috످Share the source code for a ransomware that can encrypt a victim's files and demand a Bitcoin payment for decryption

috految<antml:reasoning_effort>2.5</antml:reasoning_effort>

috److I won't share ransomware code because it could be used to extort people and destroy their data.

If you're studying ransomware or testing your defenses, you can safely simulate an attack with [RanSim](https://www.knowbe4.com/ransomware-simulator) or practice malware analysis on [CyberDefenders](https://cyberdefenders.org). I can also help you build a ransomware detector, write YARA rules, or set up immutable backups.

If you've been hit by ransomware, I recommend disconnecting affected devices from the network but leaving them on, since the encryption keys may still be in memory. It also helps to save the ransom note, check [No More Ransom](https://www.nomoreransom.org) for free decryptors, and report the attack to the [FBI](https://www.ic3.gov) or local police. Paying doesn't guarantee you'll get your files back and may violate sanctions.

috످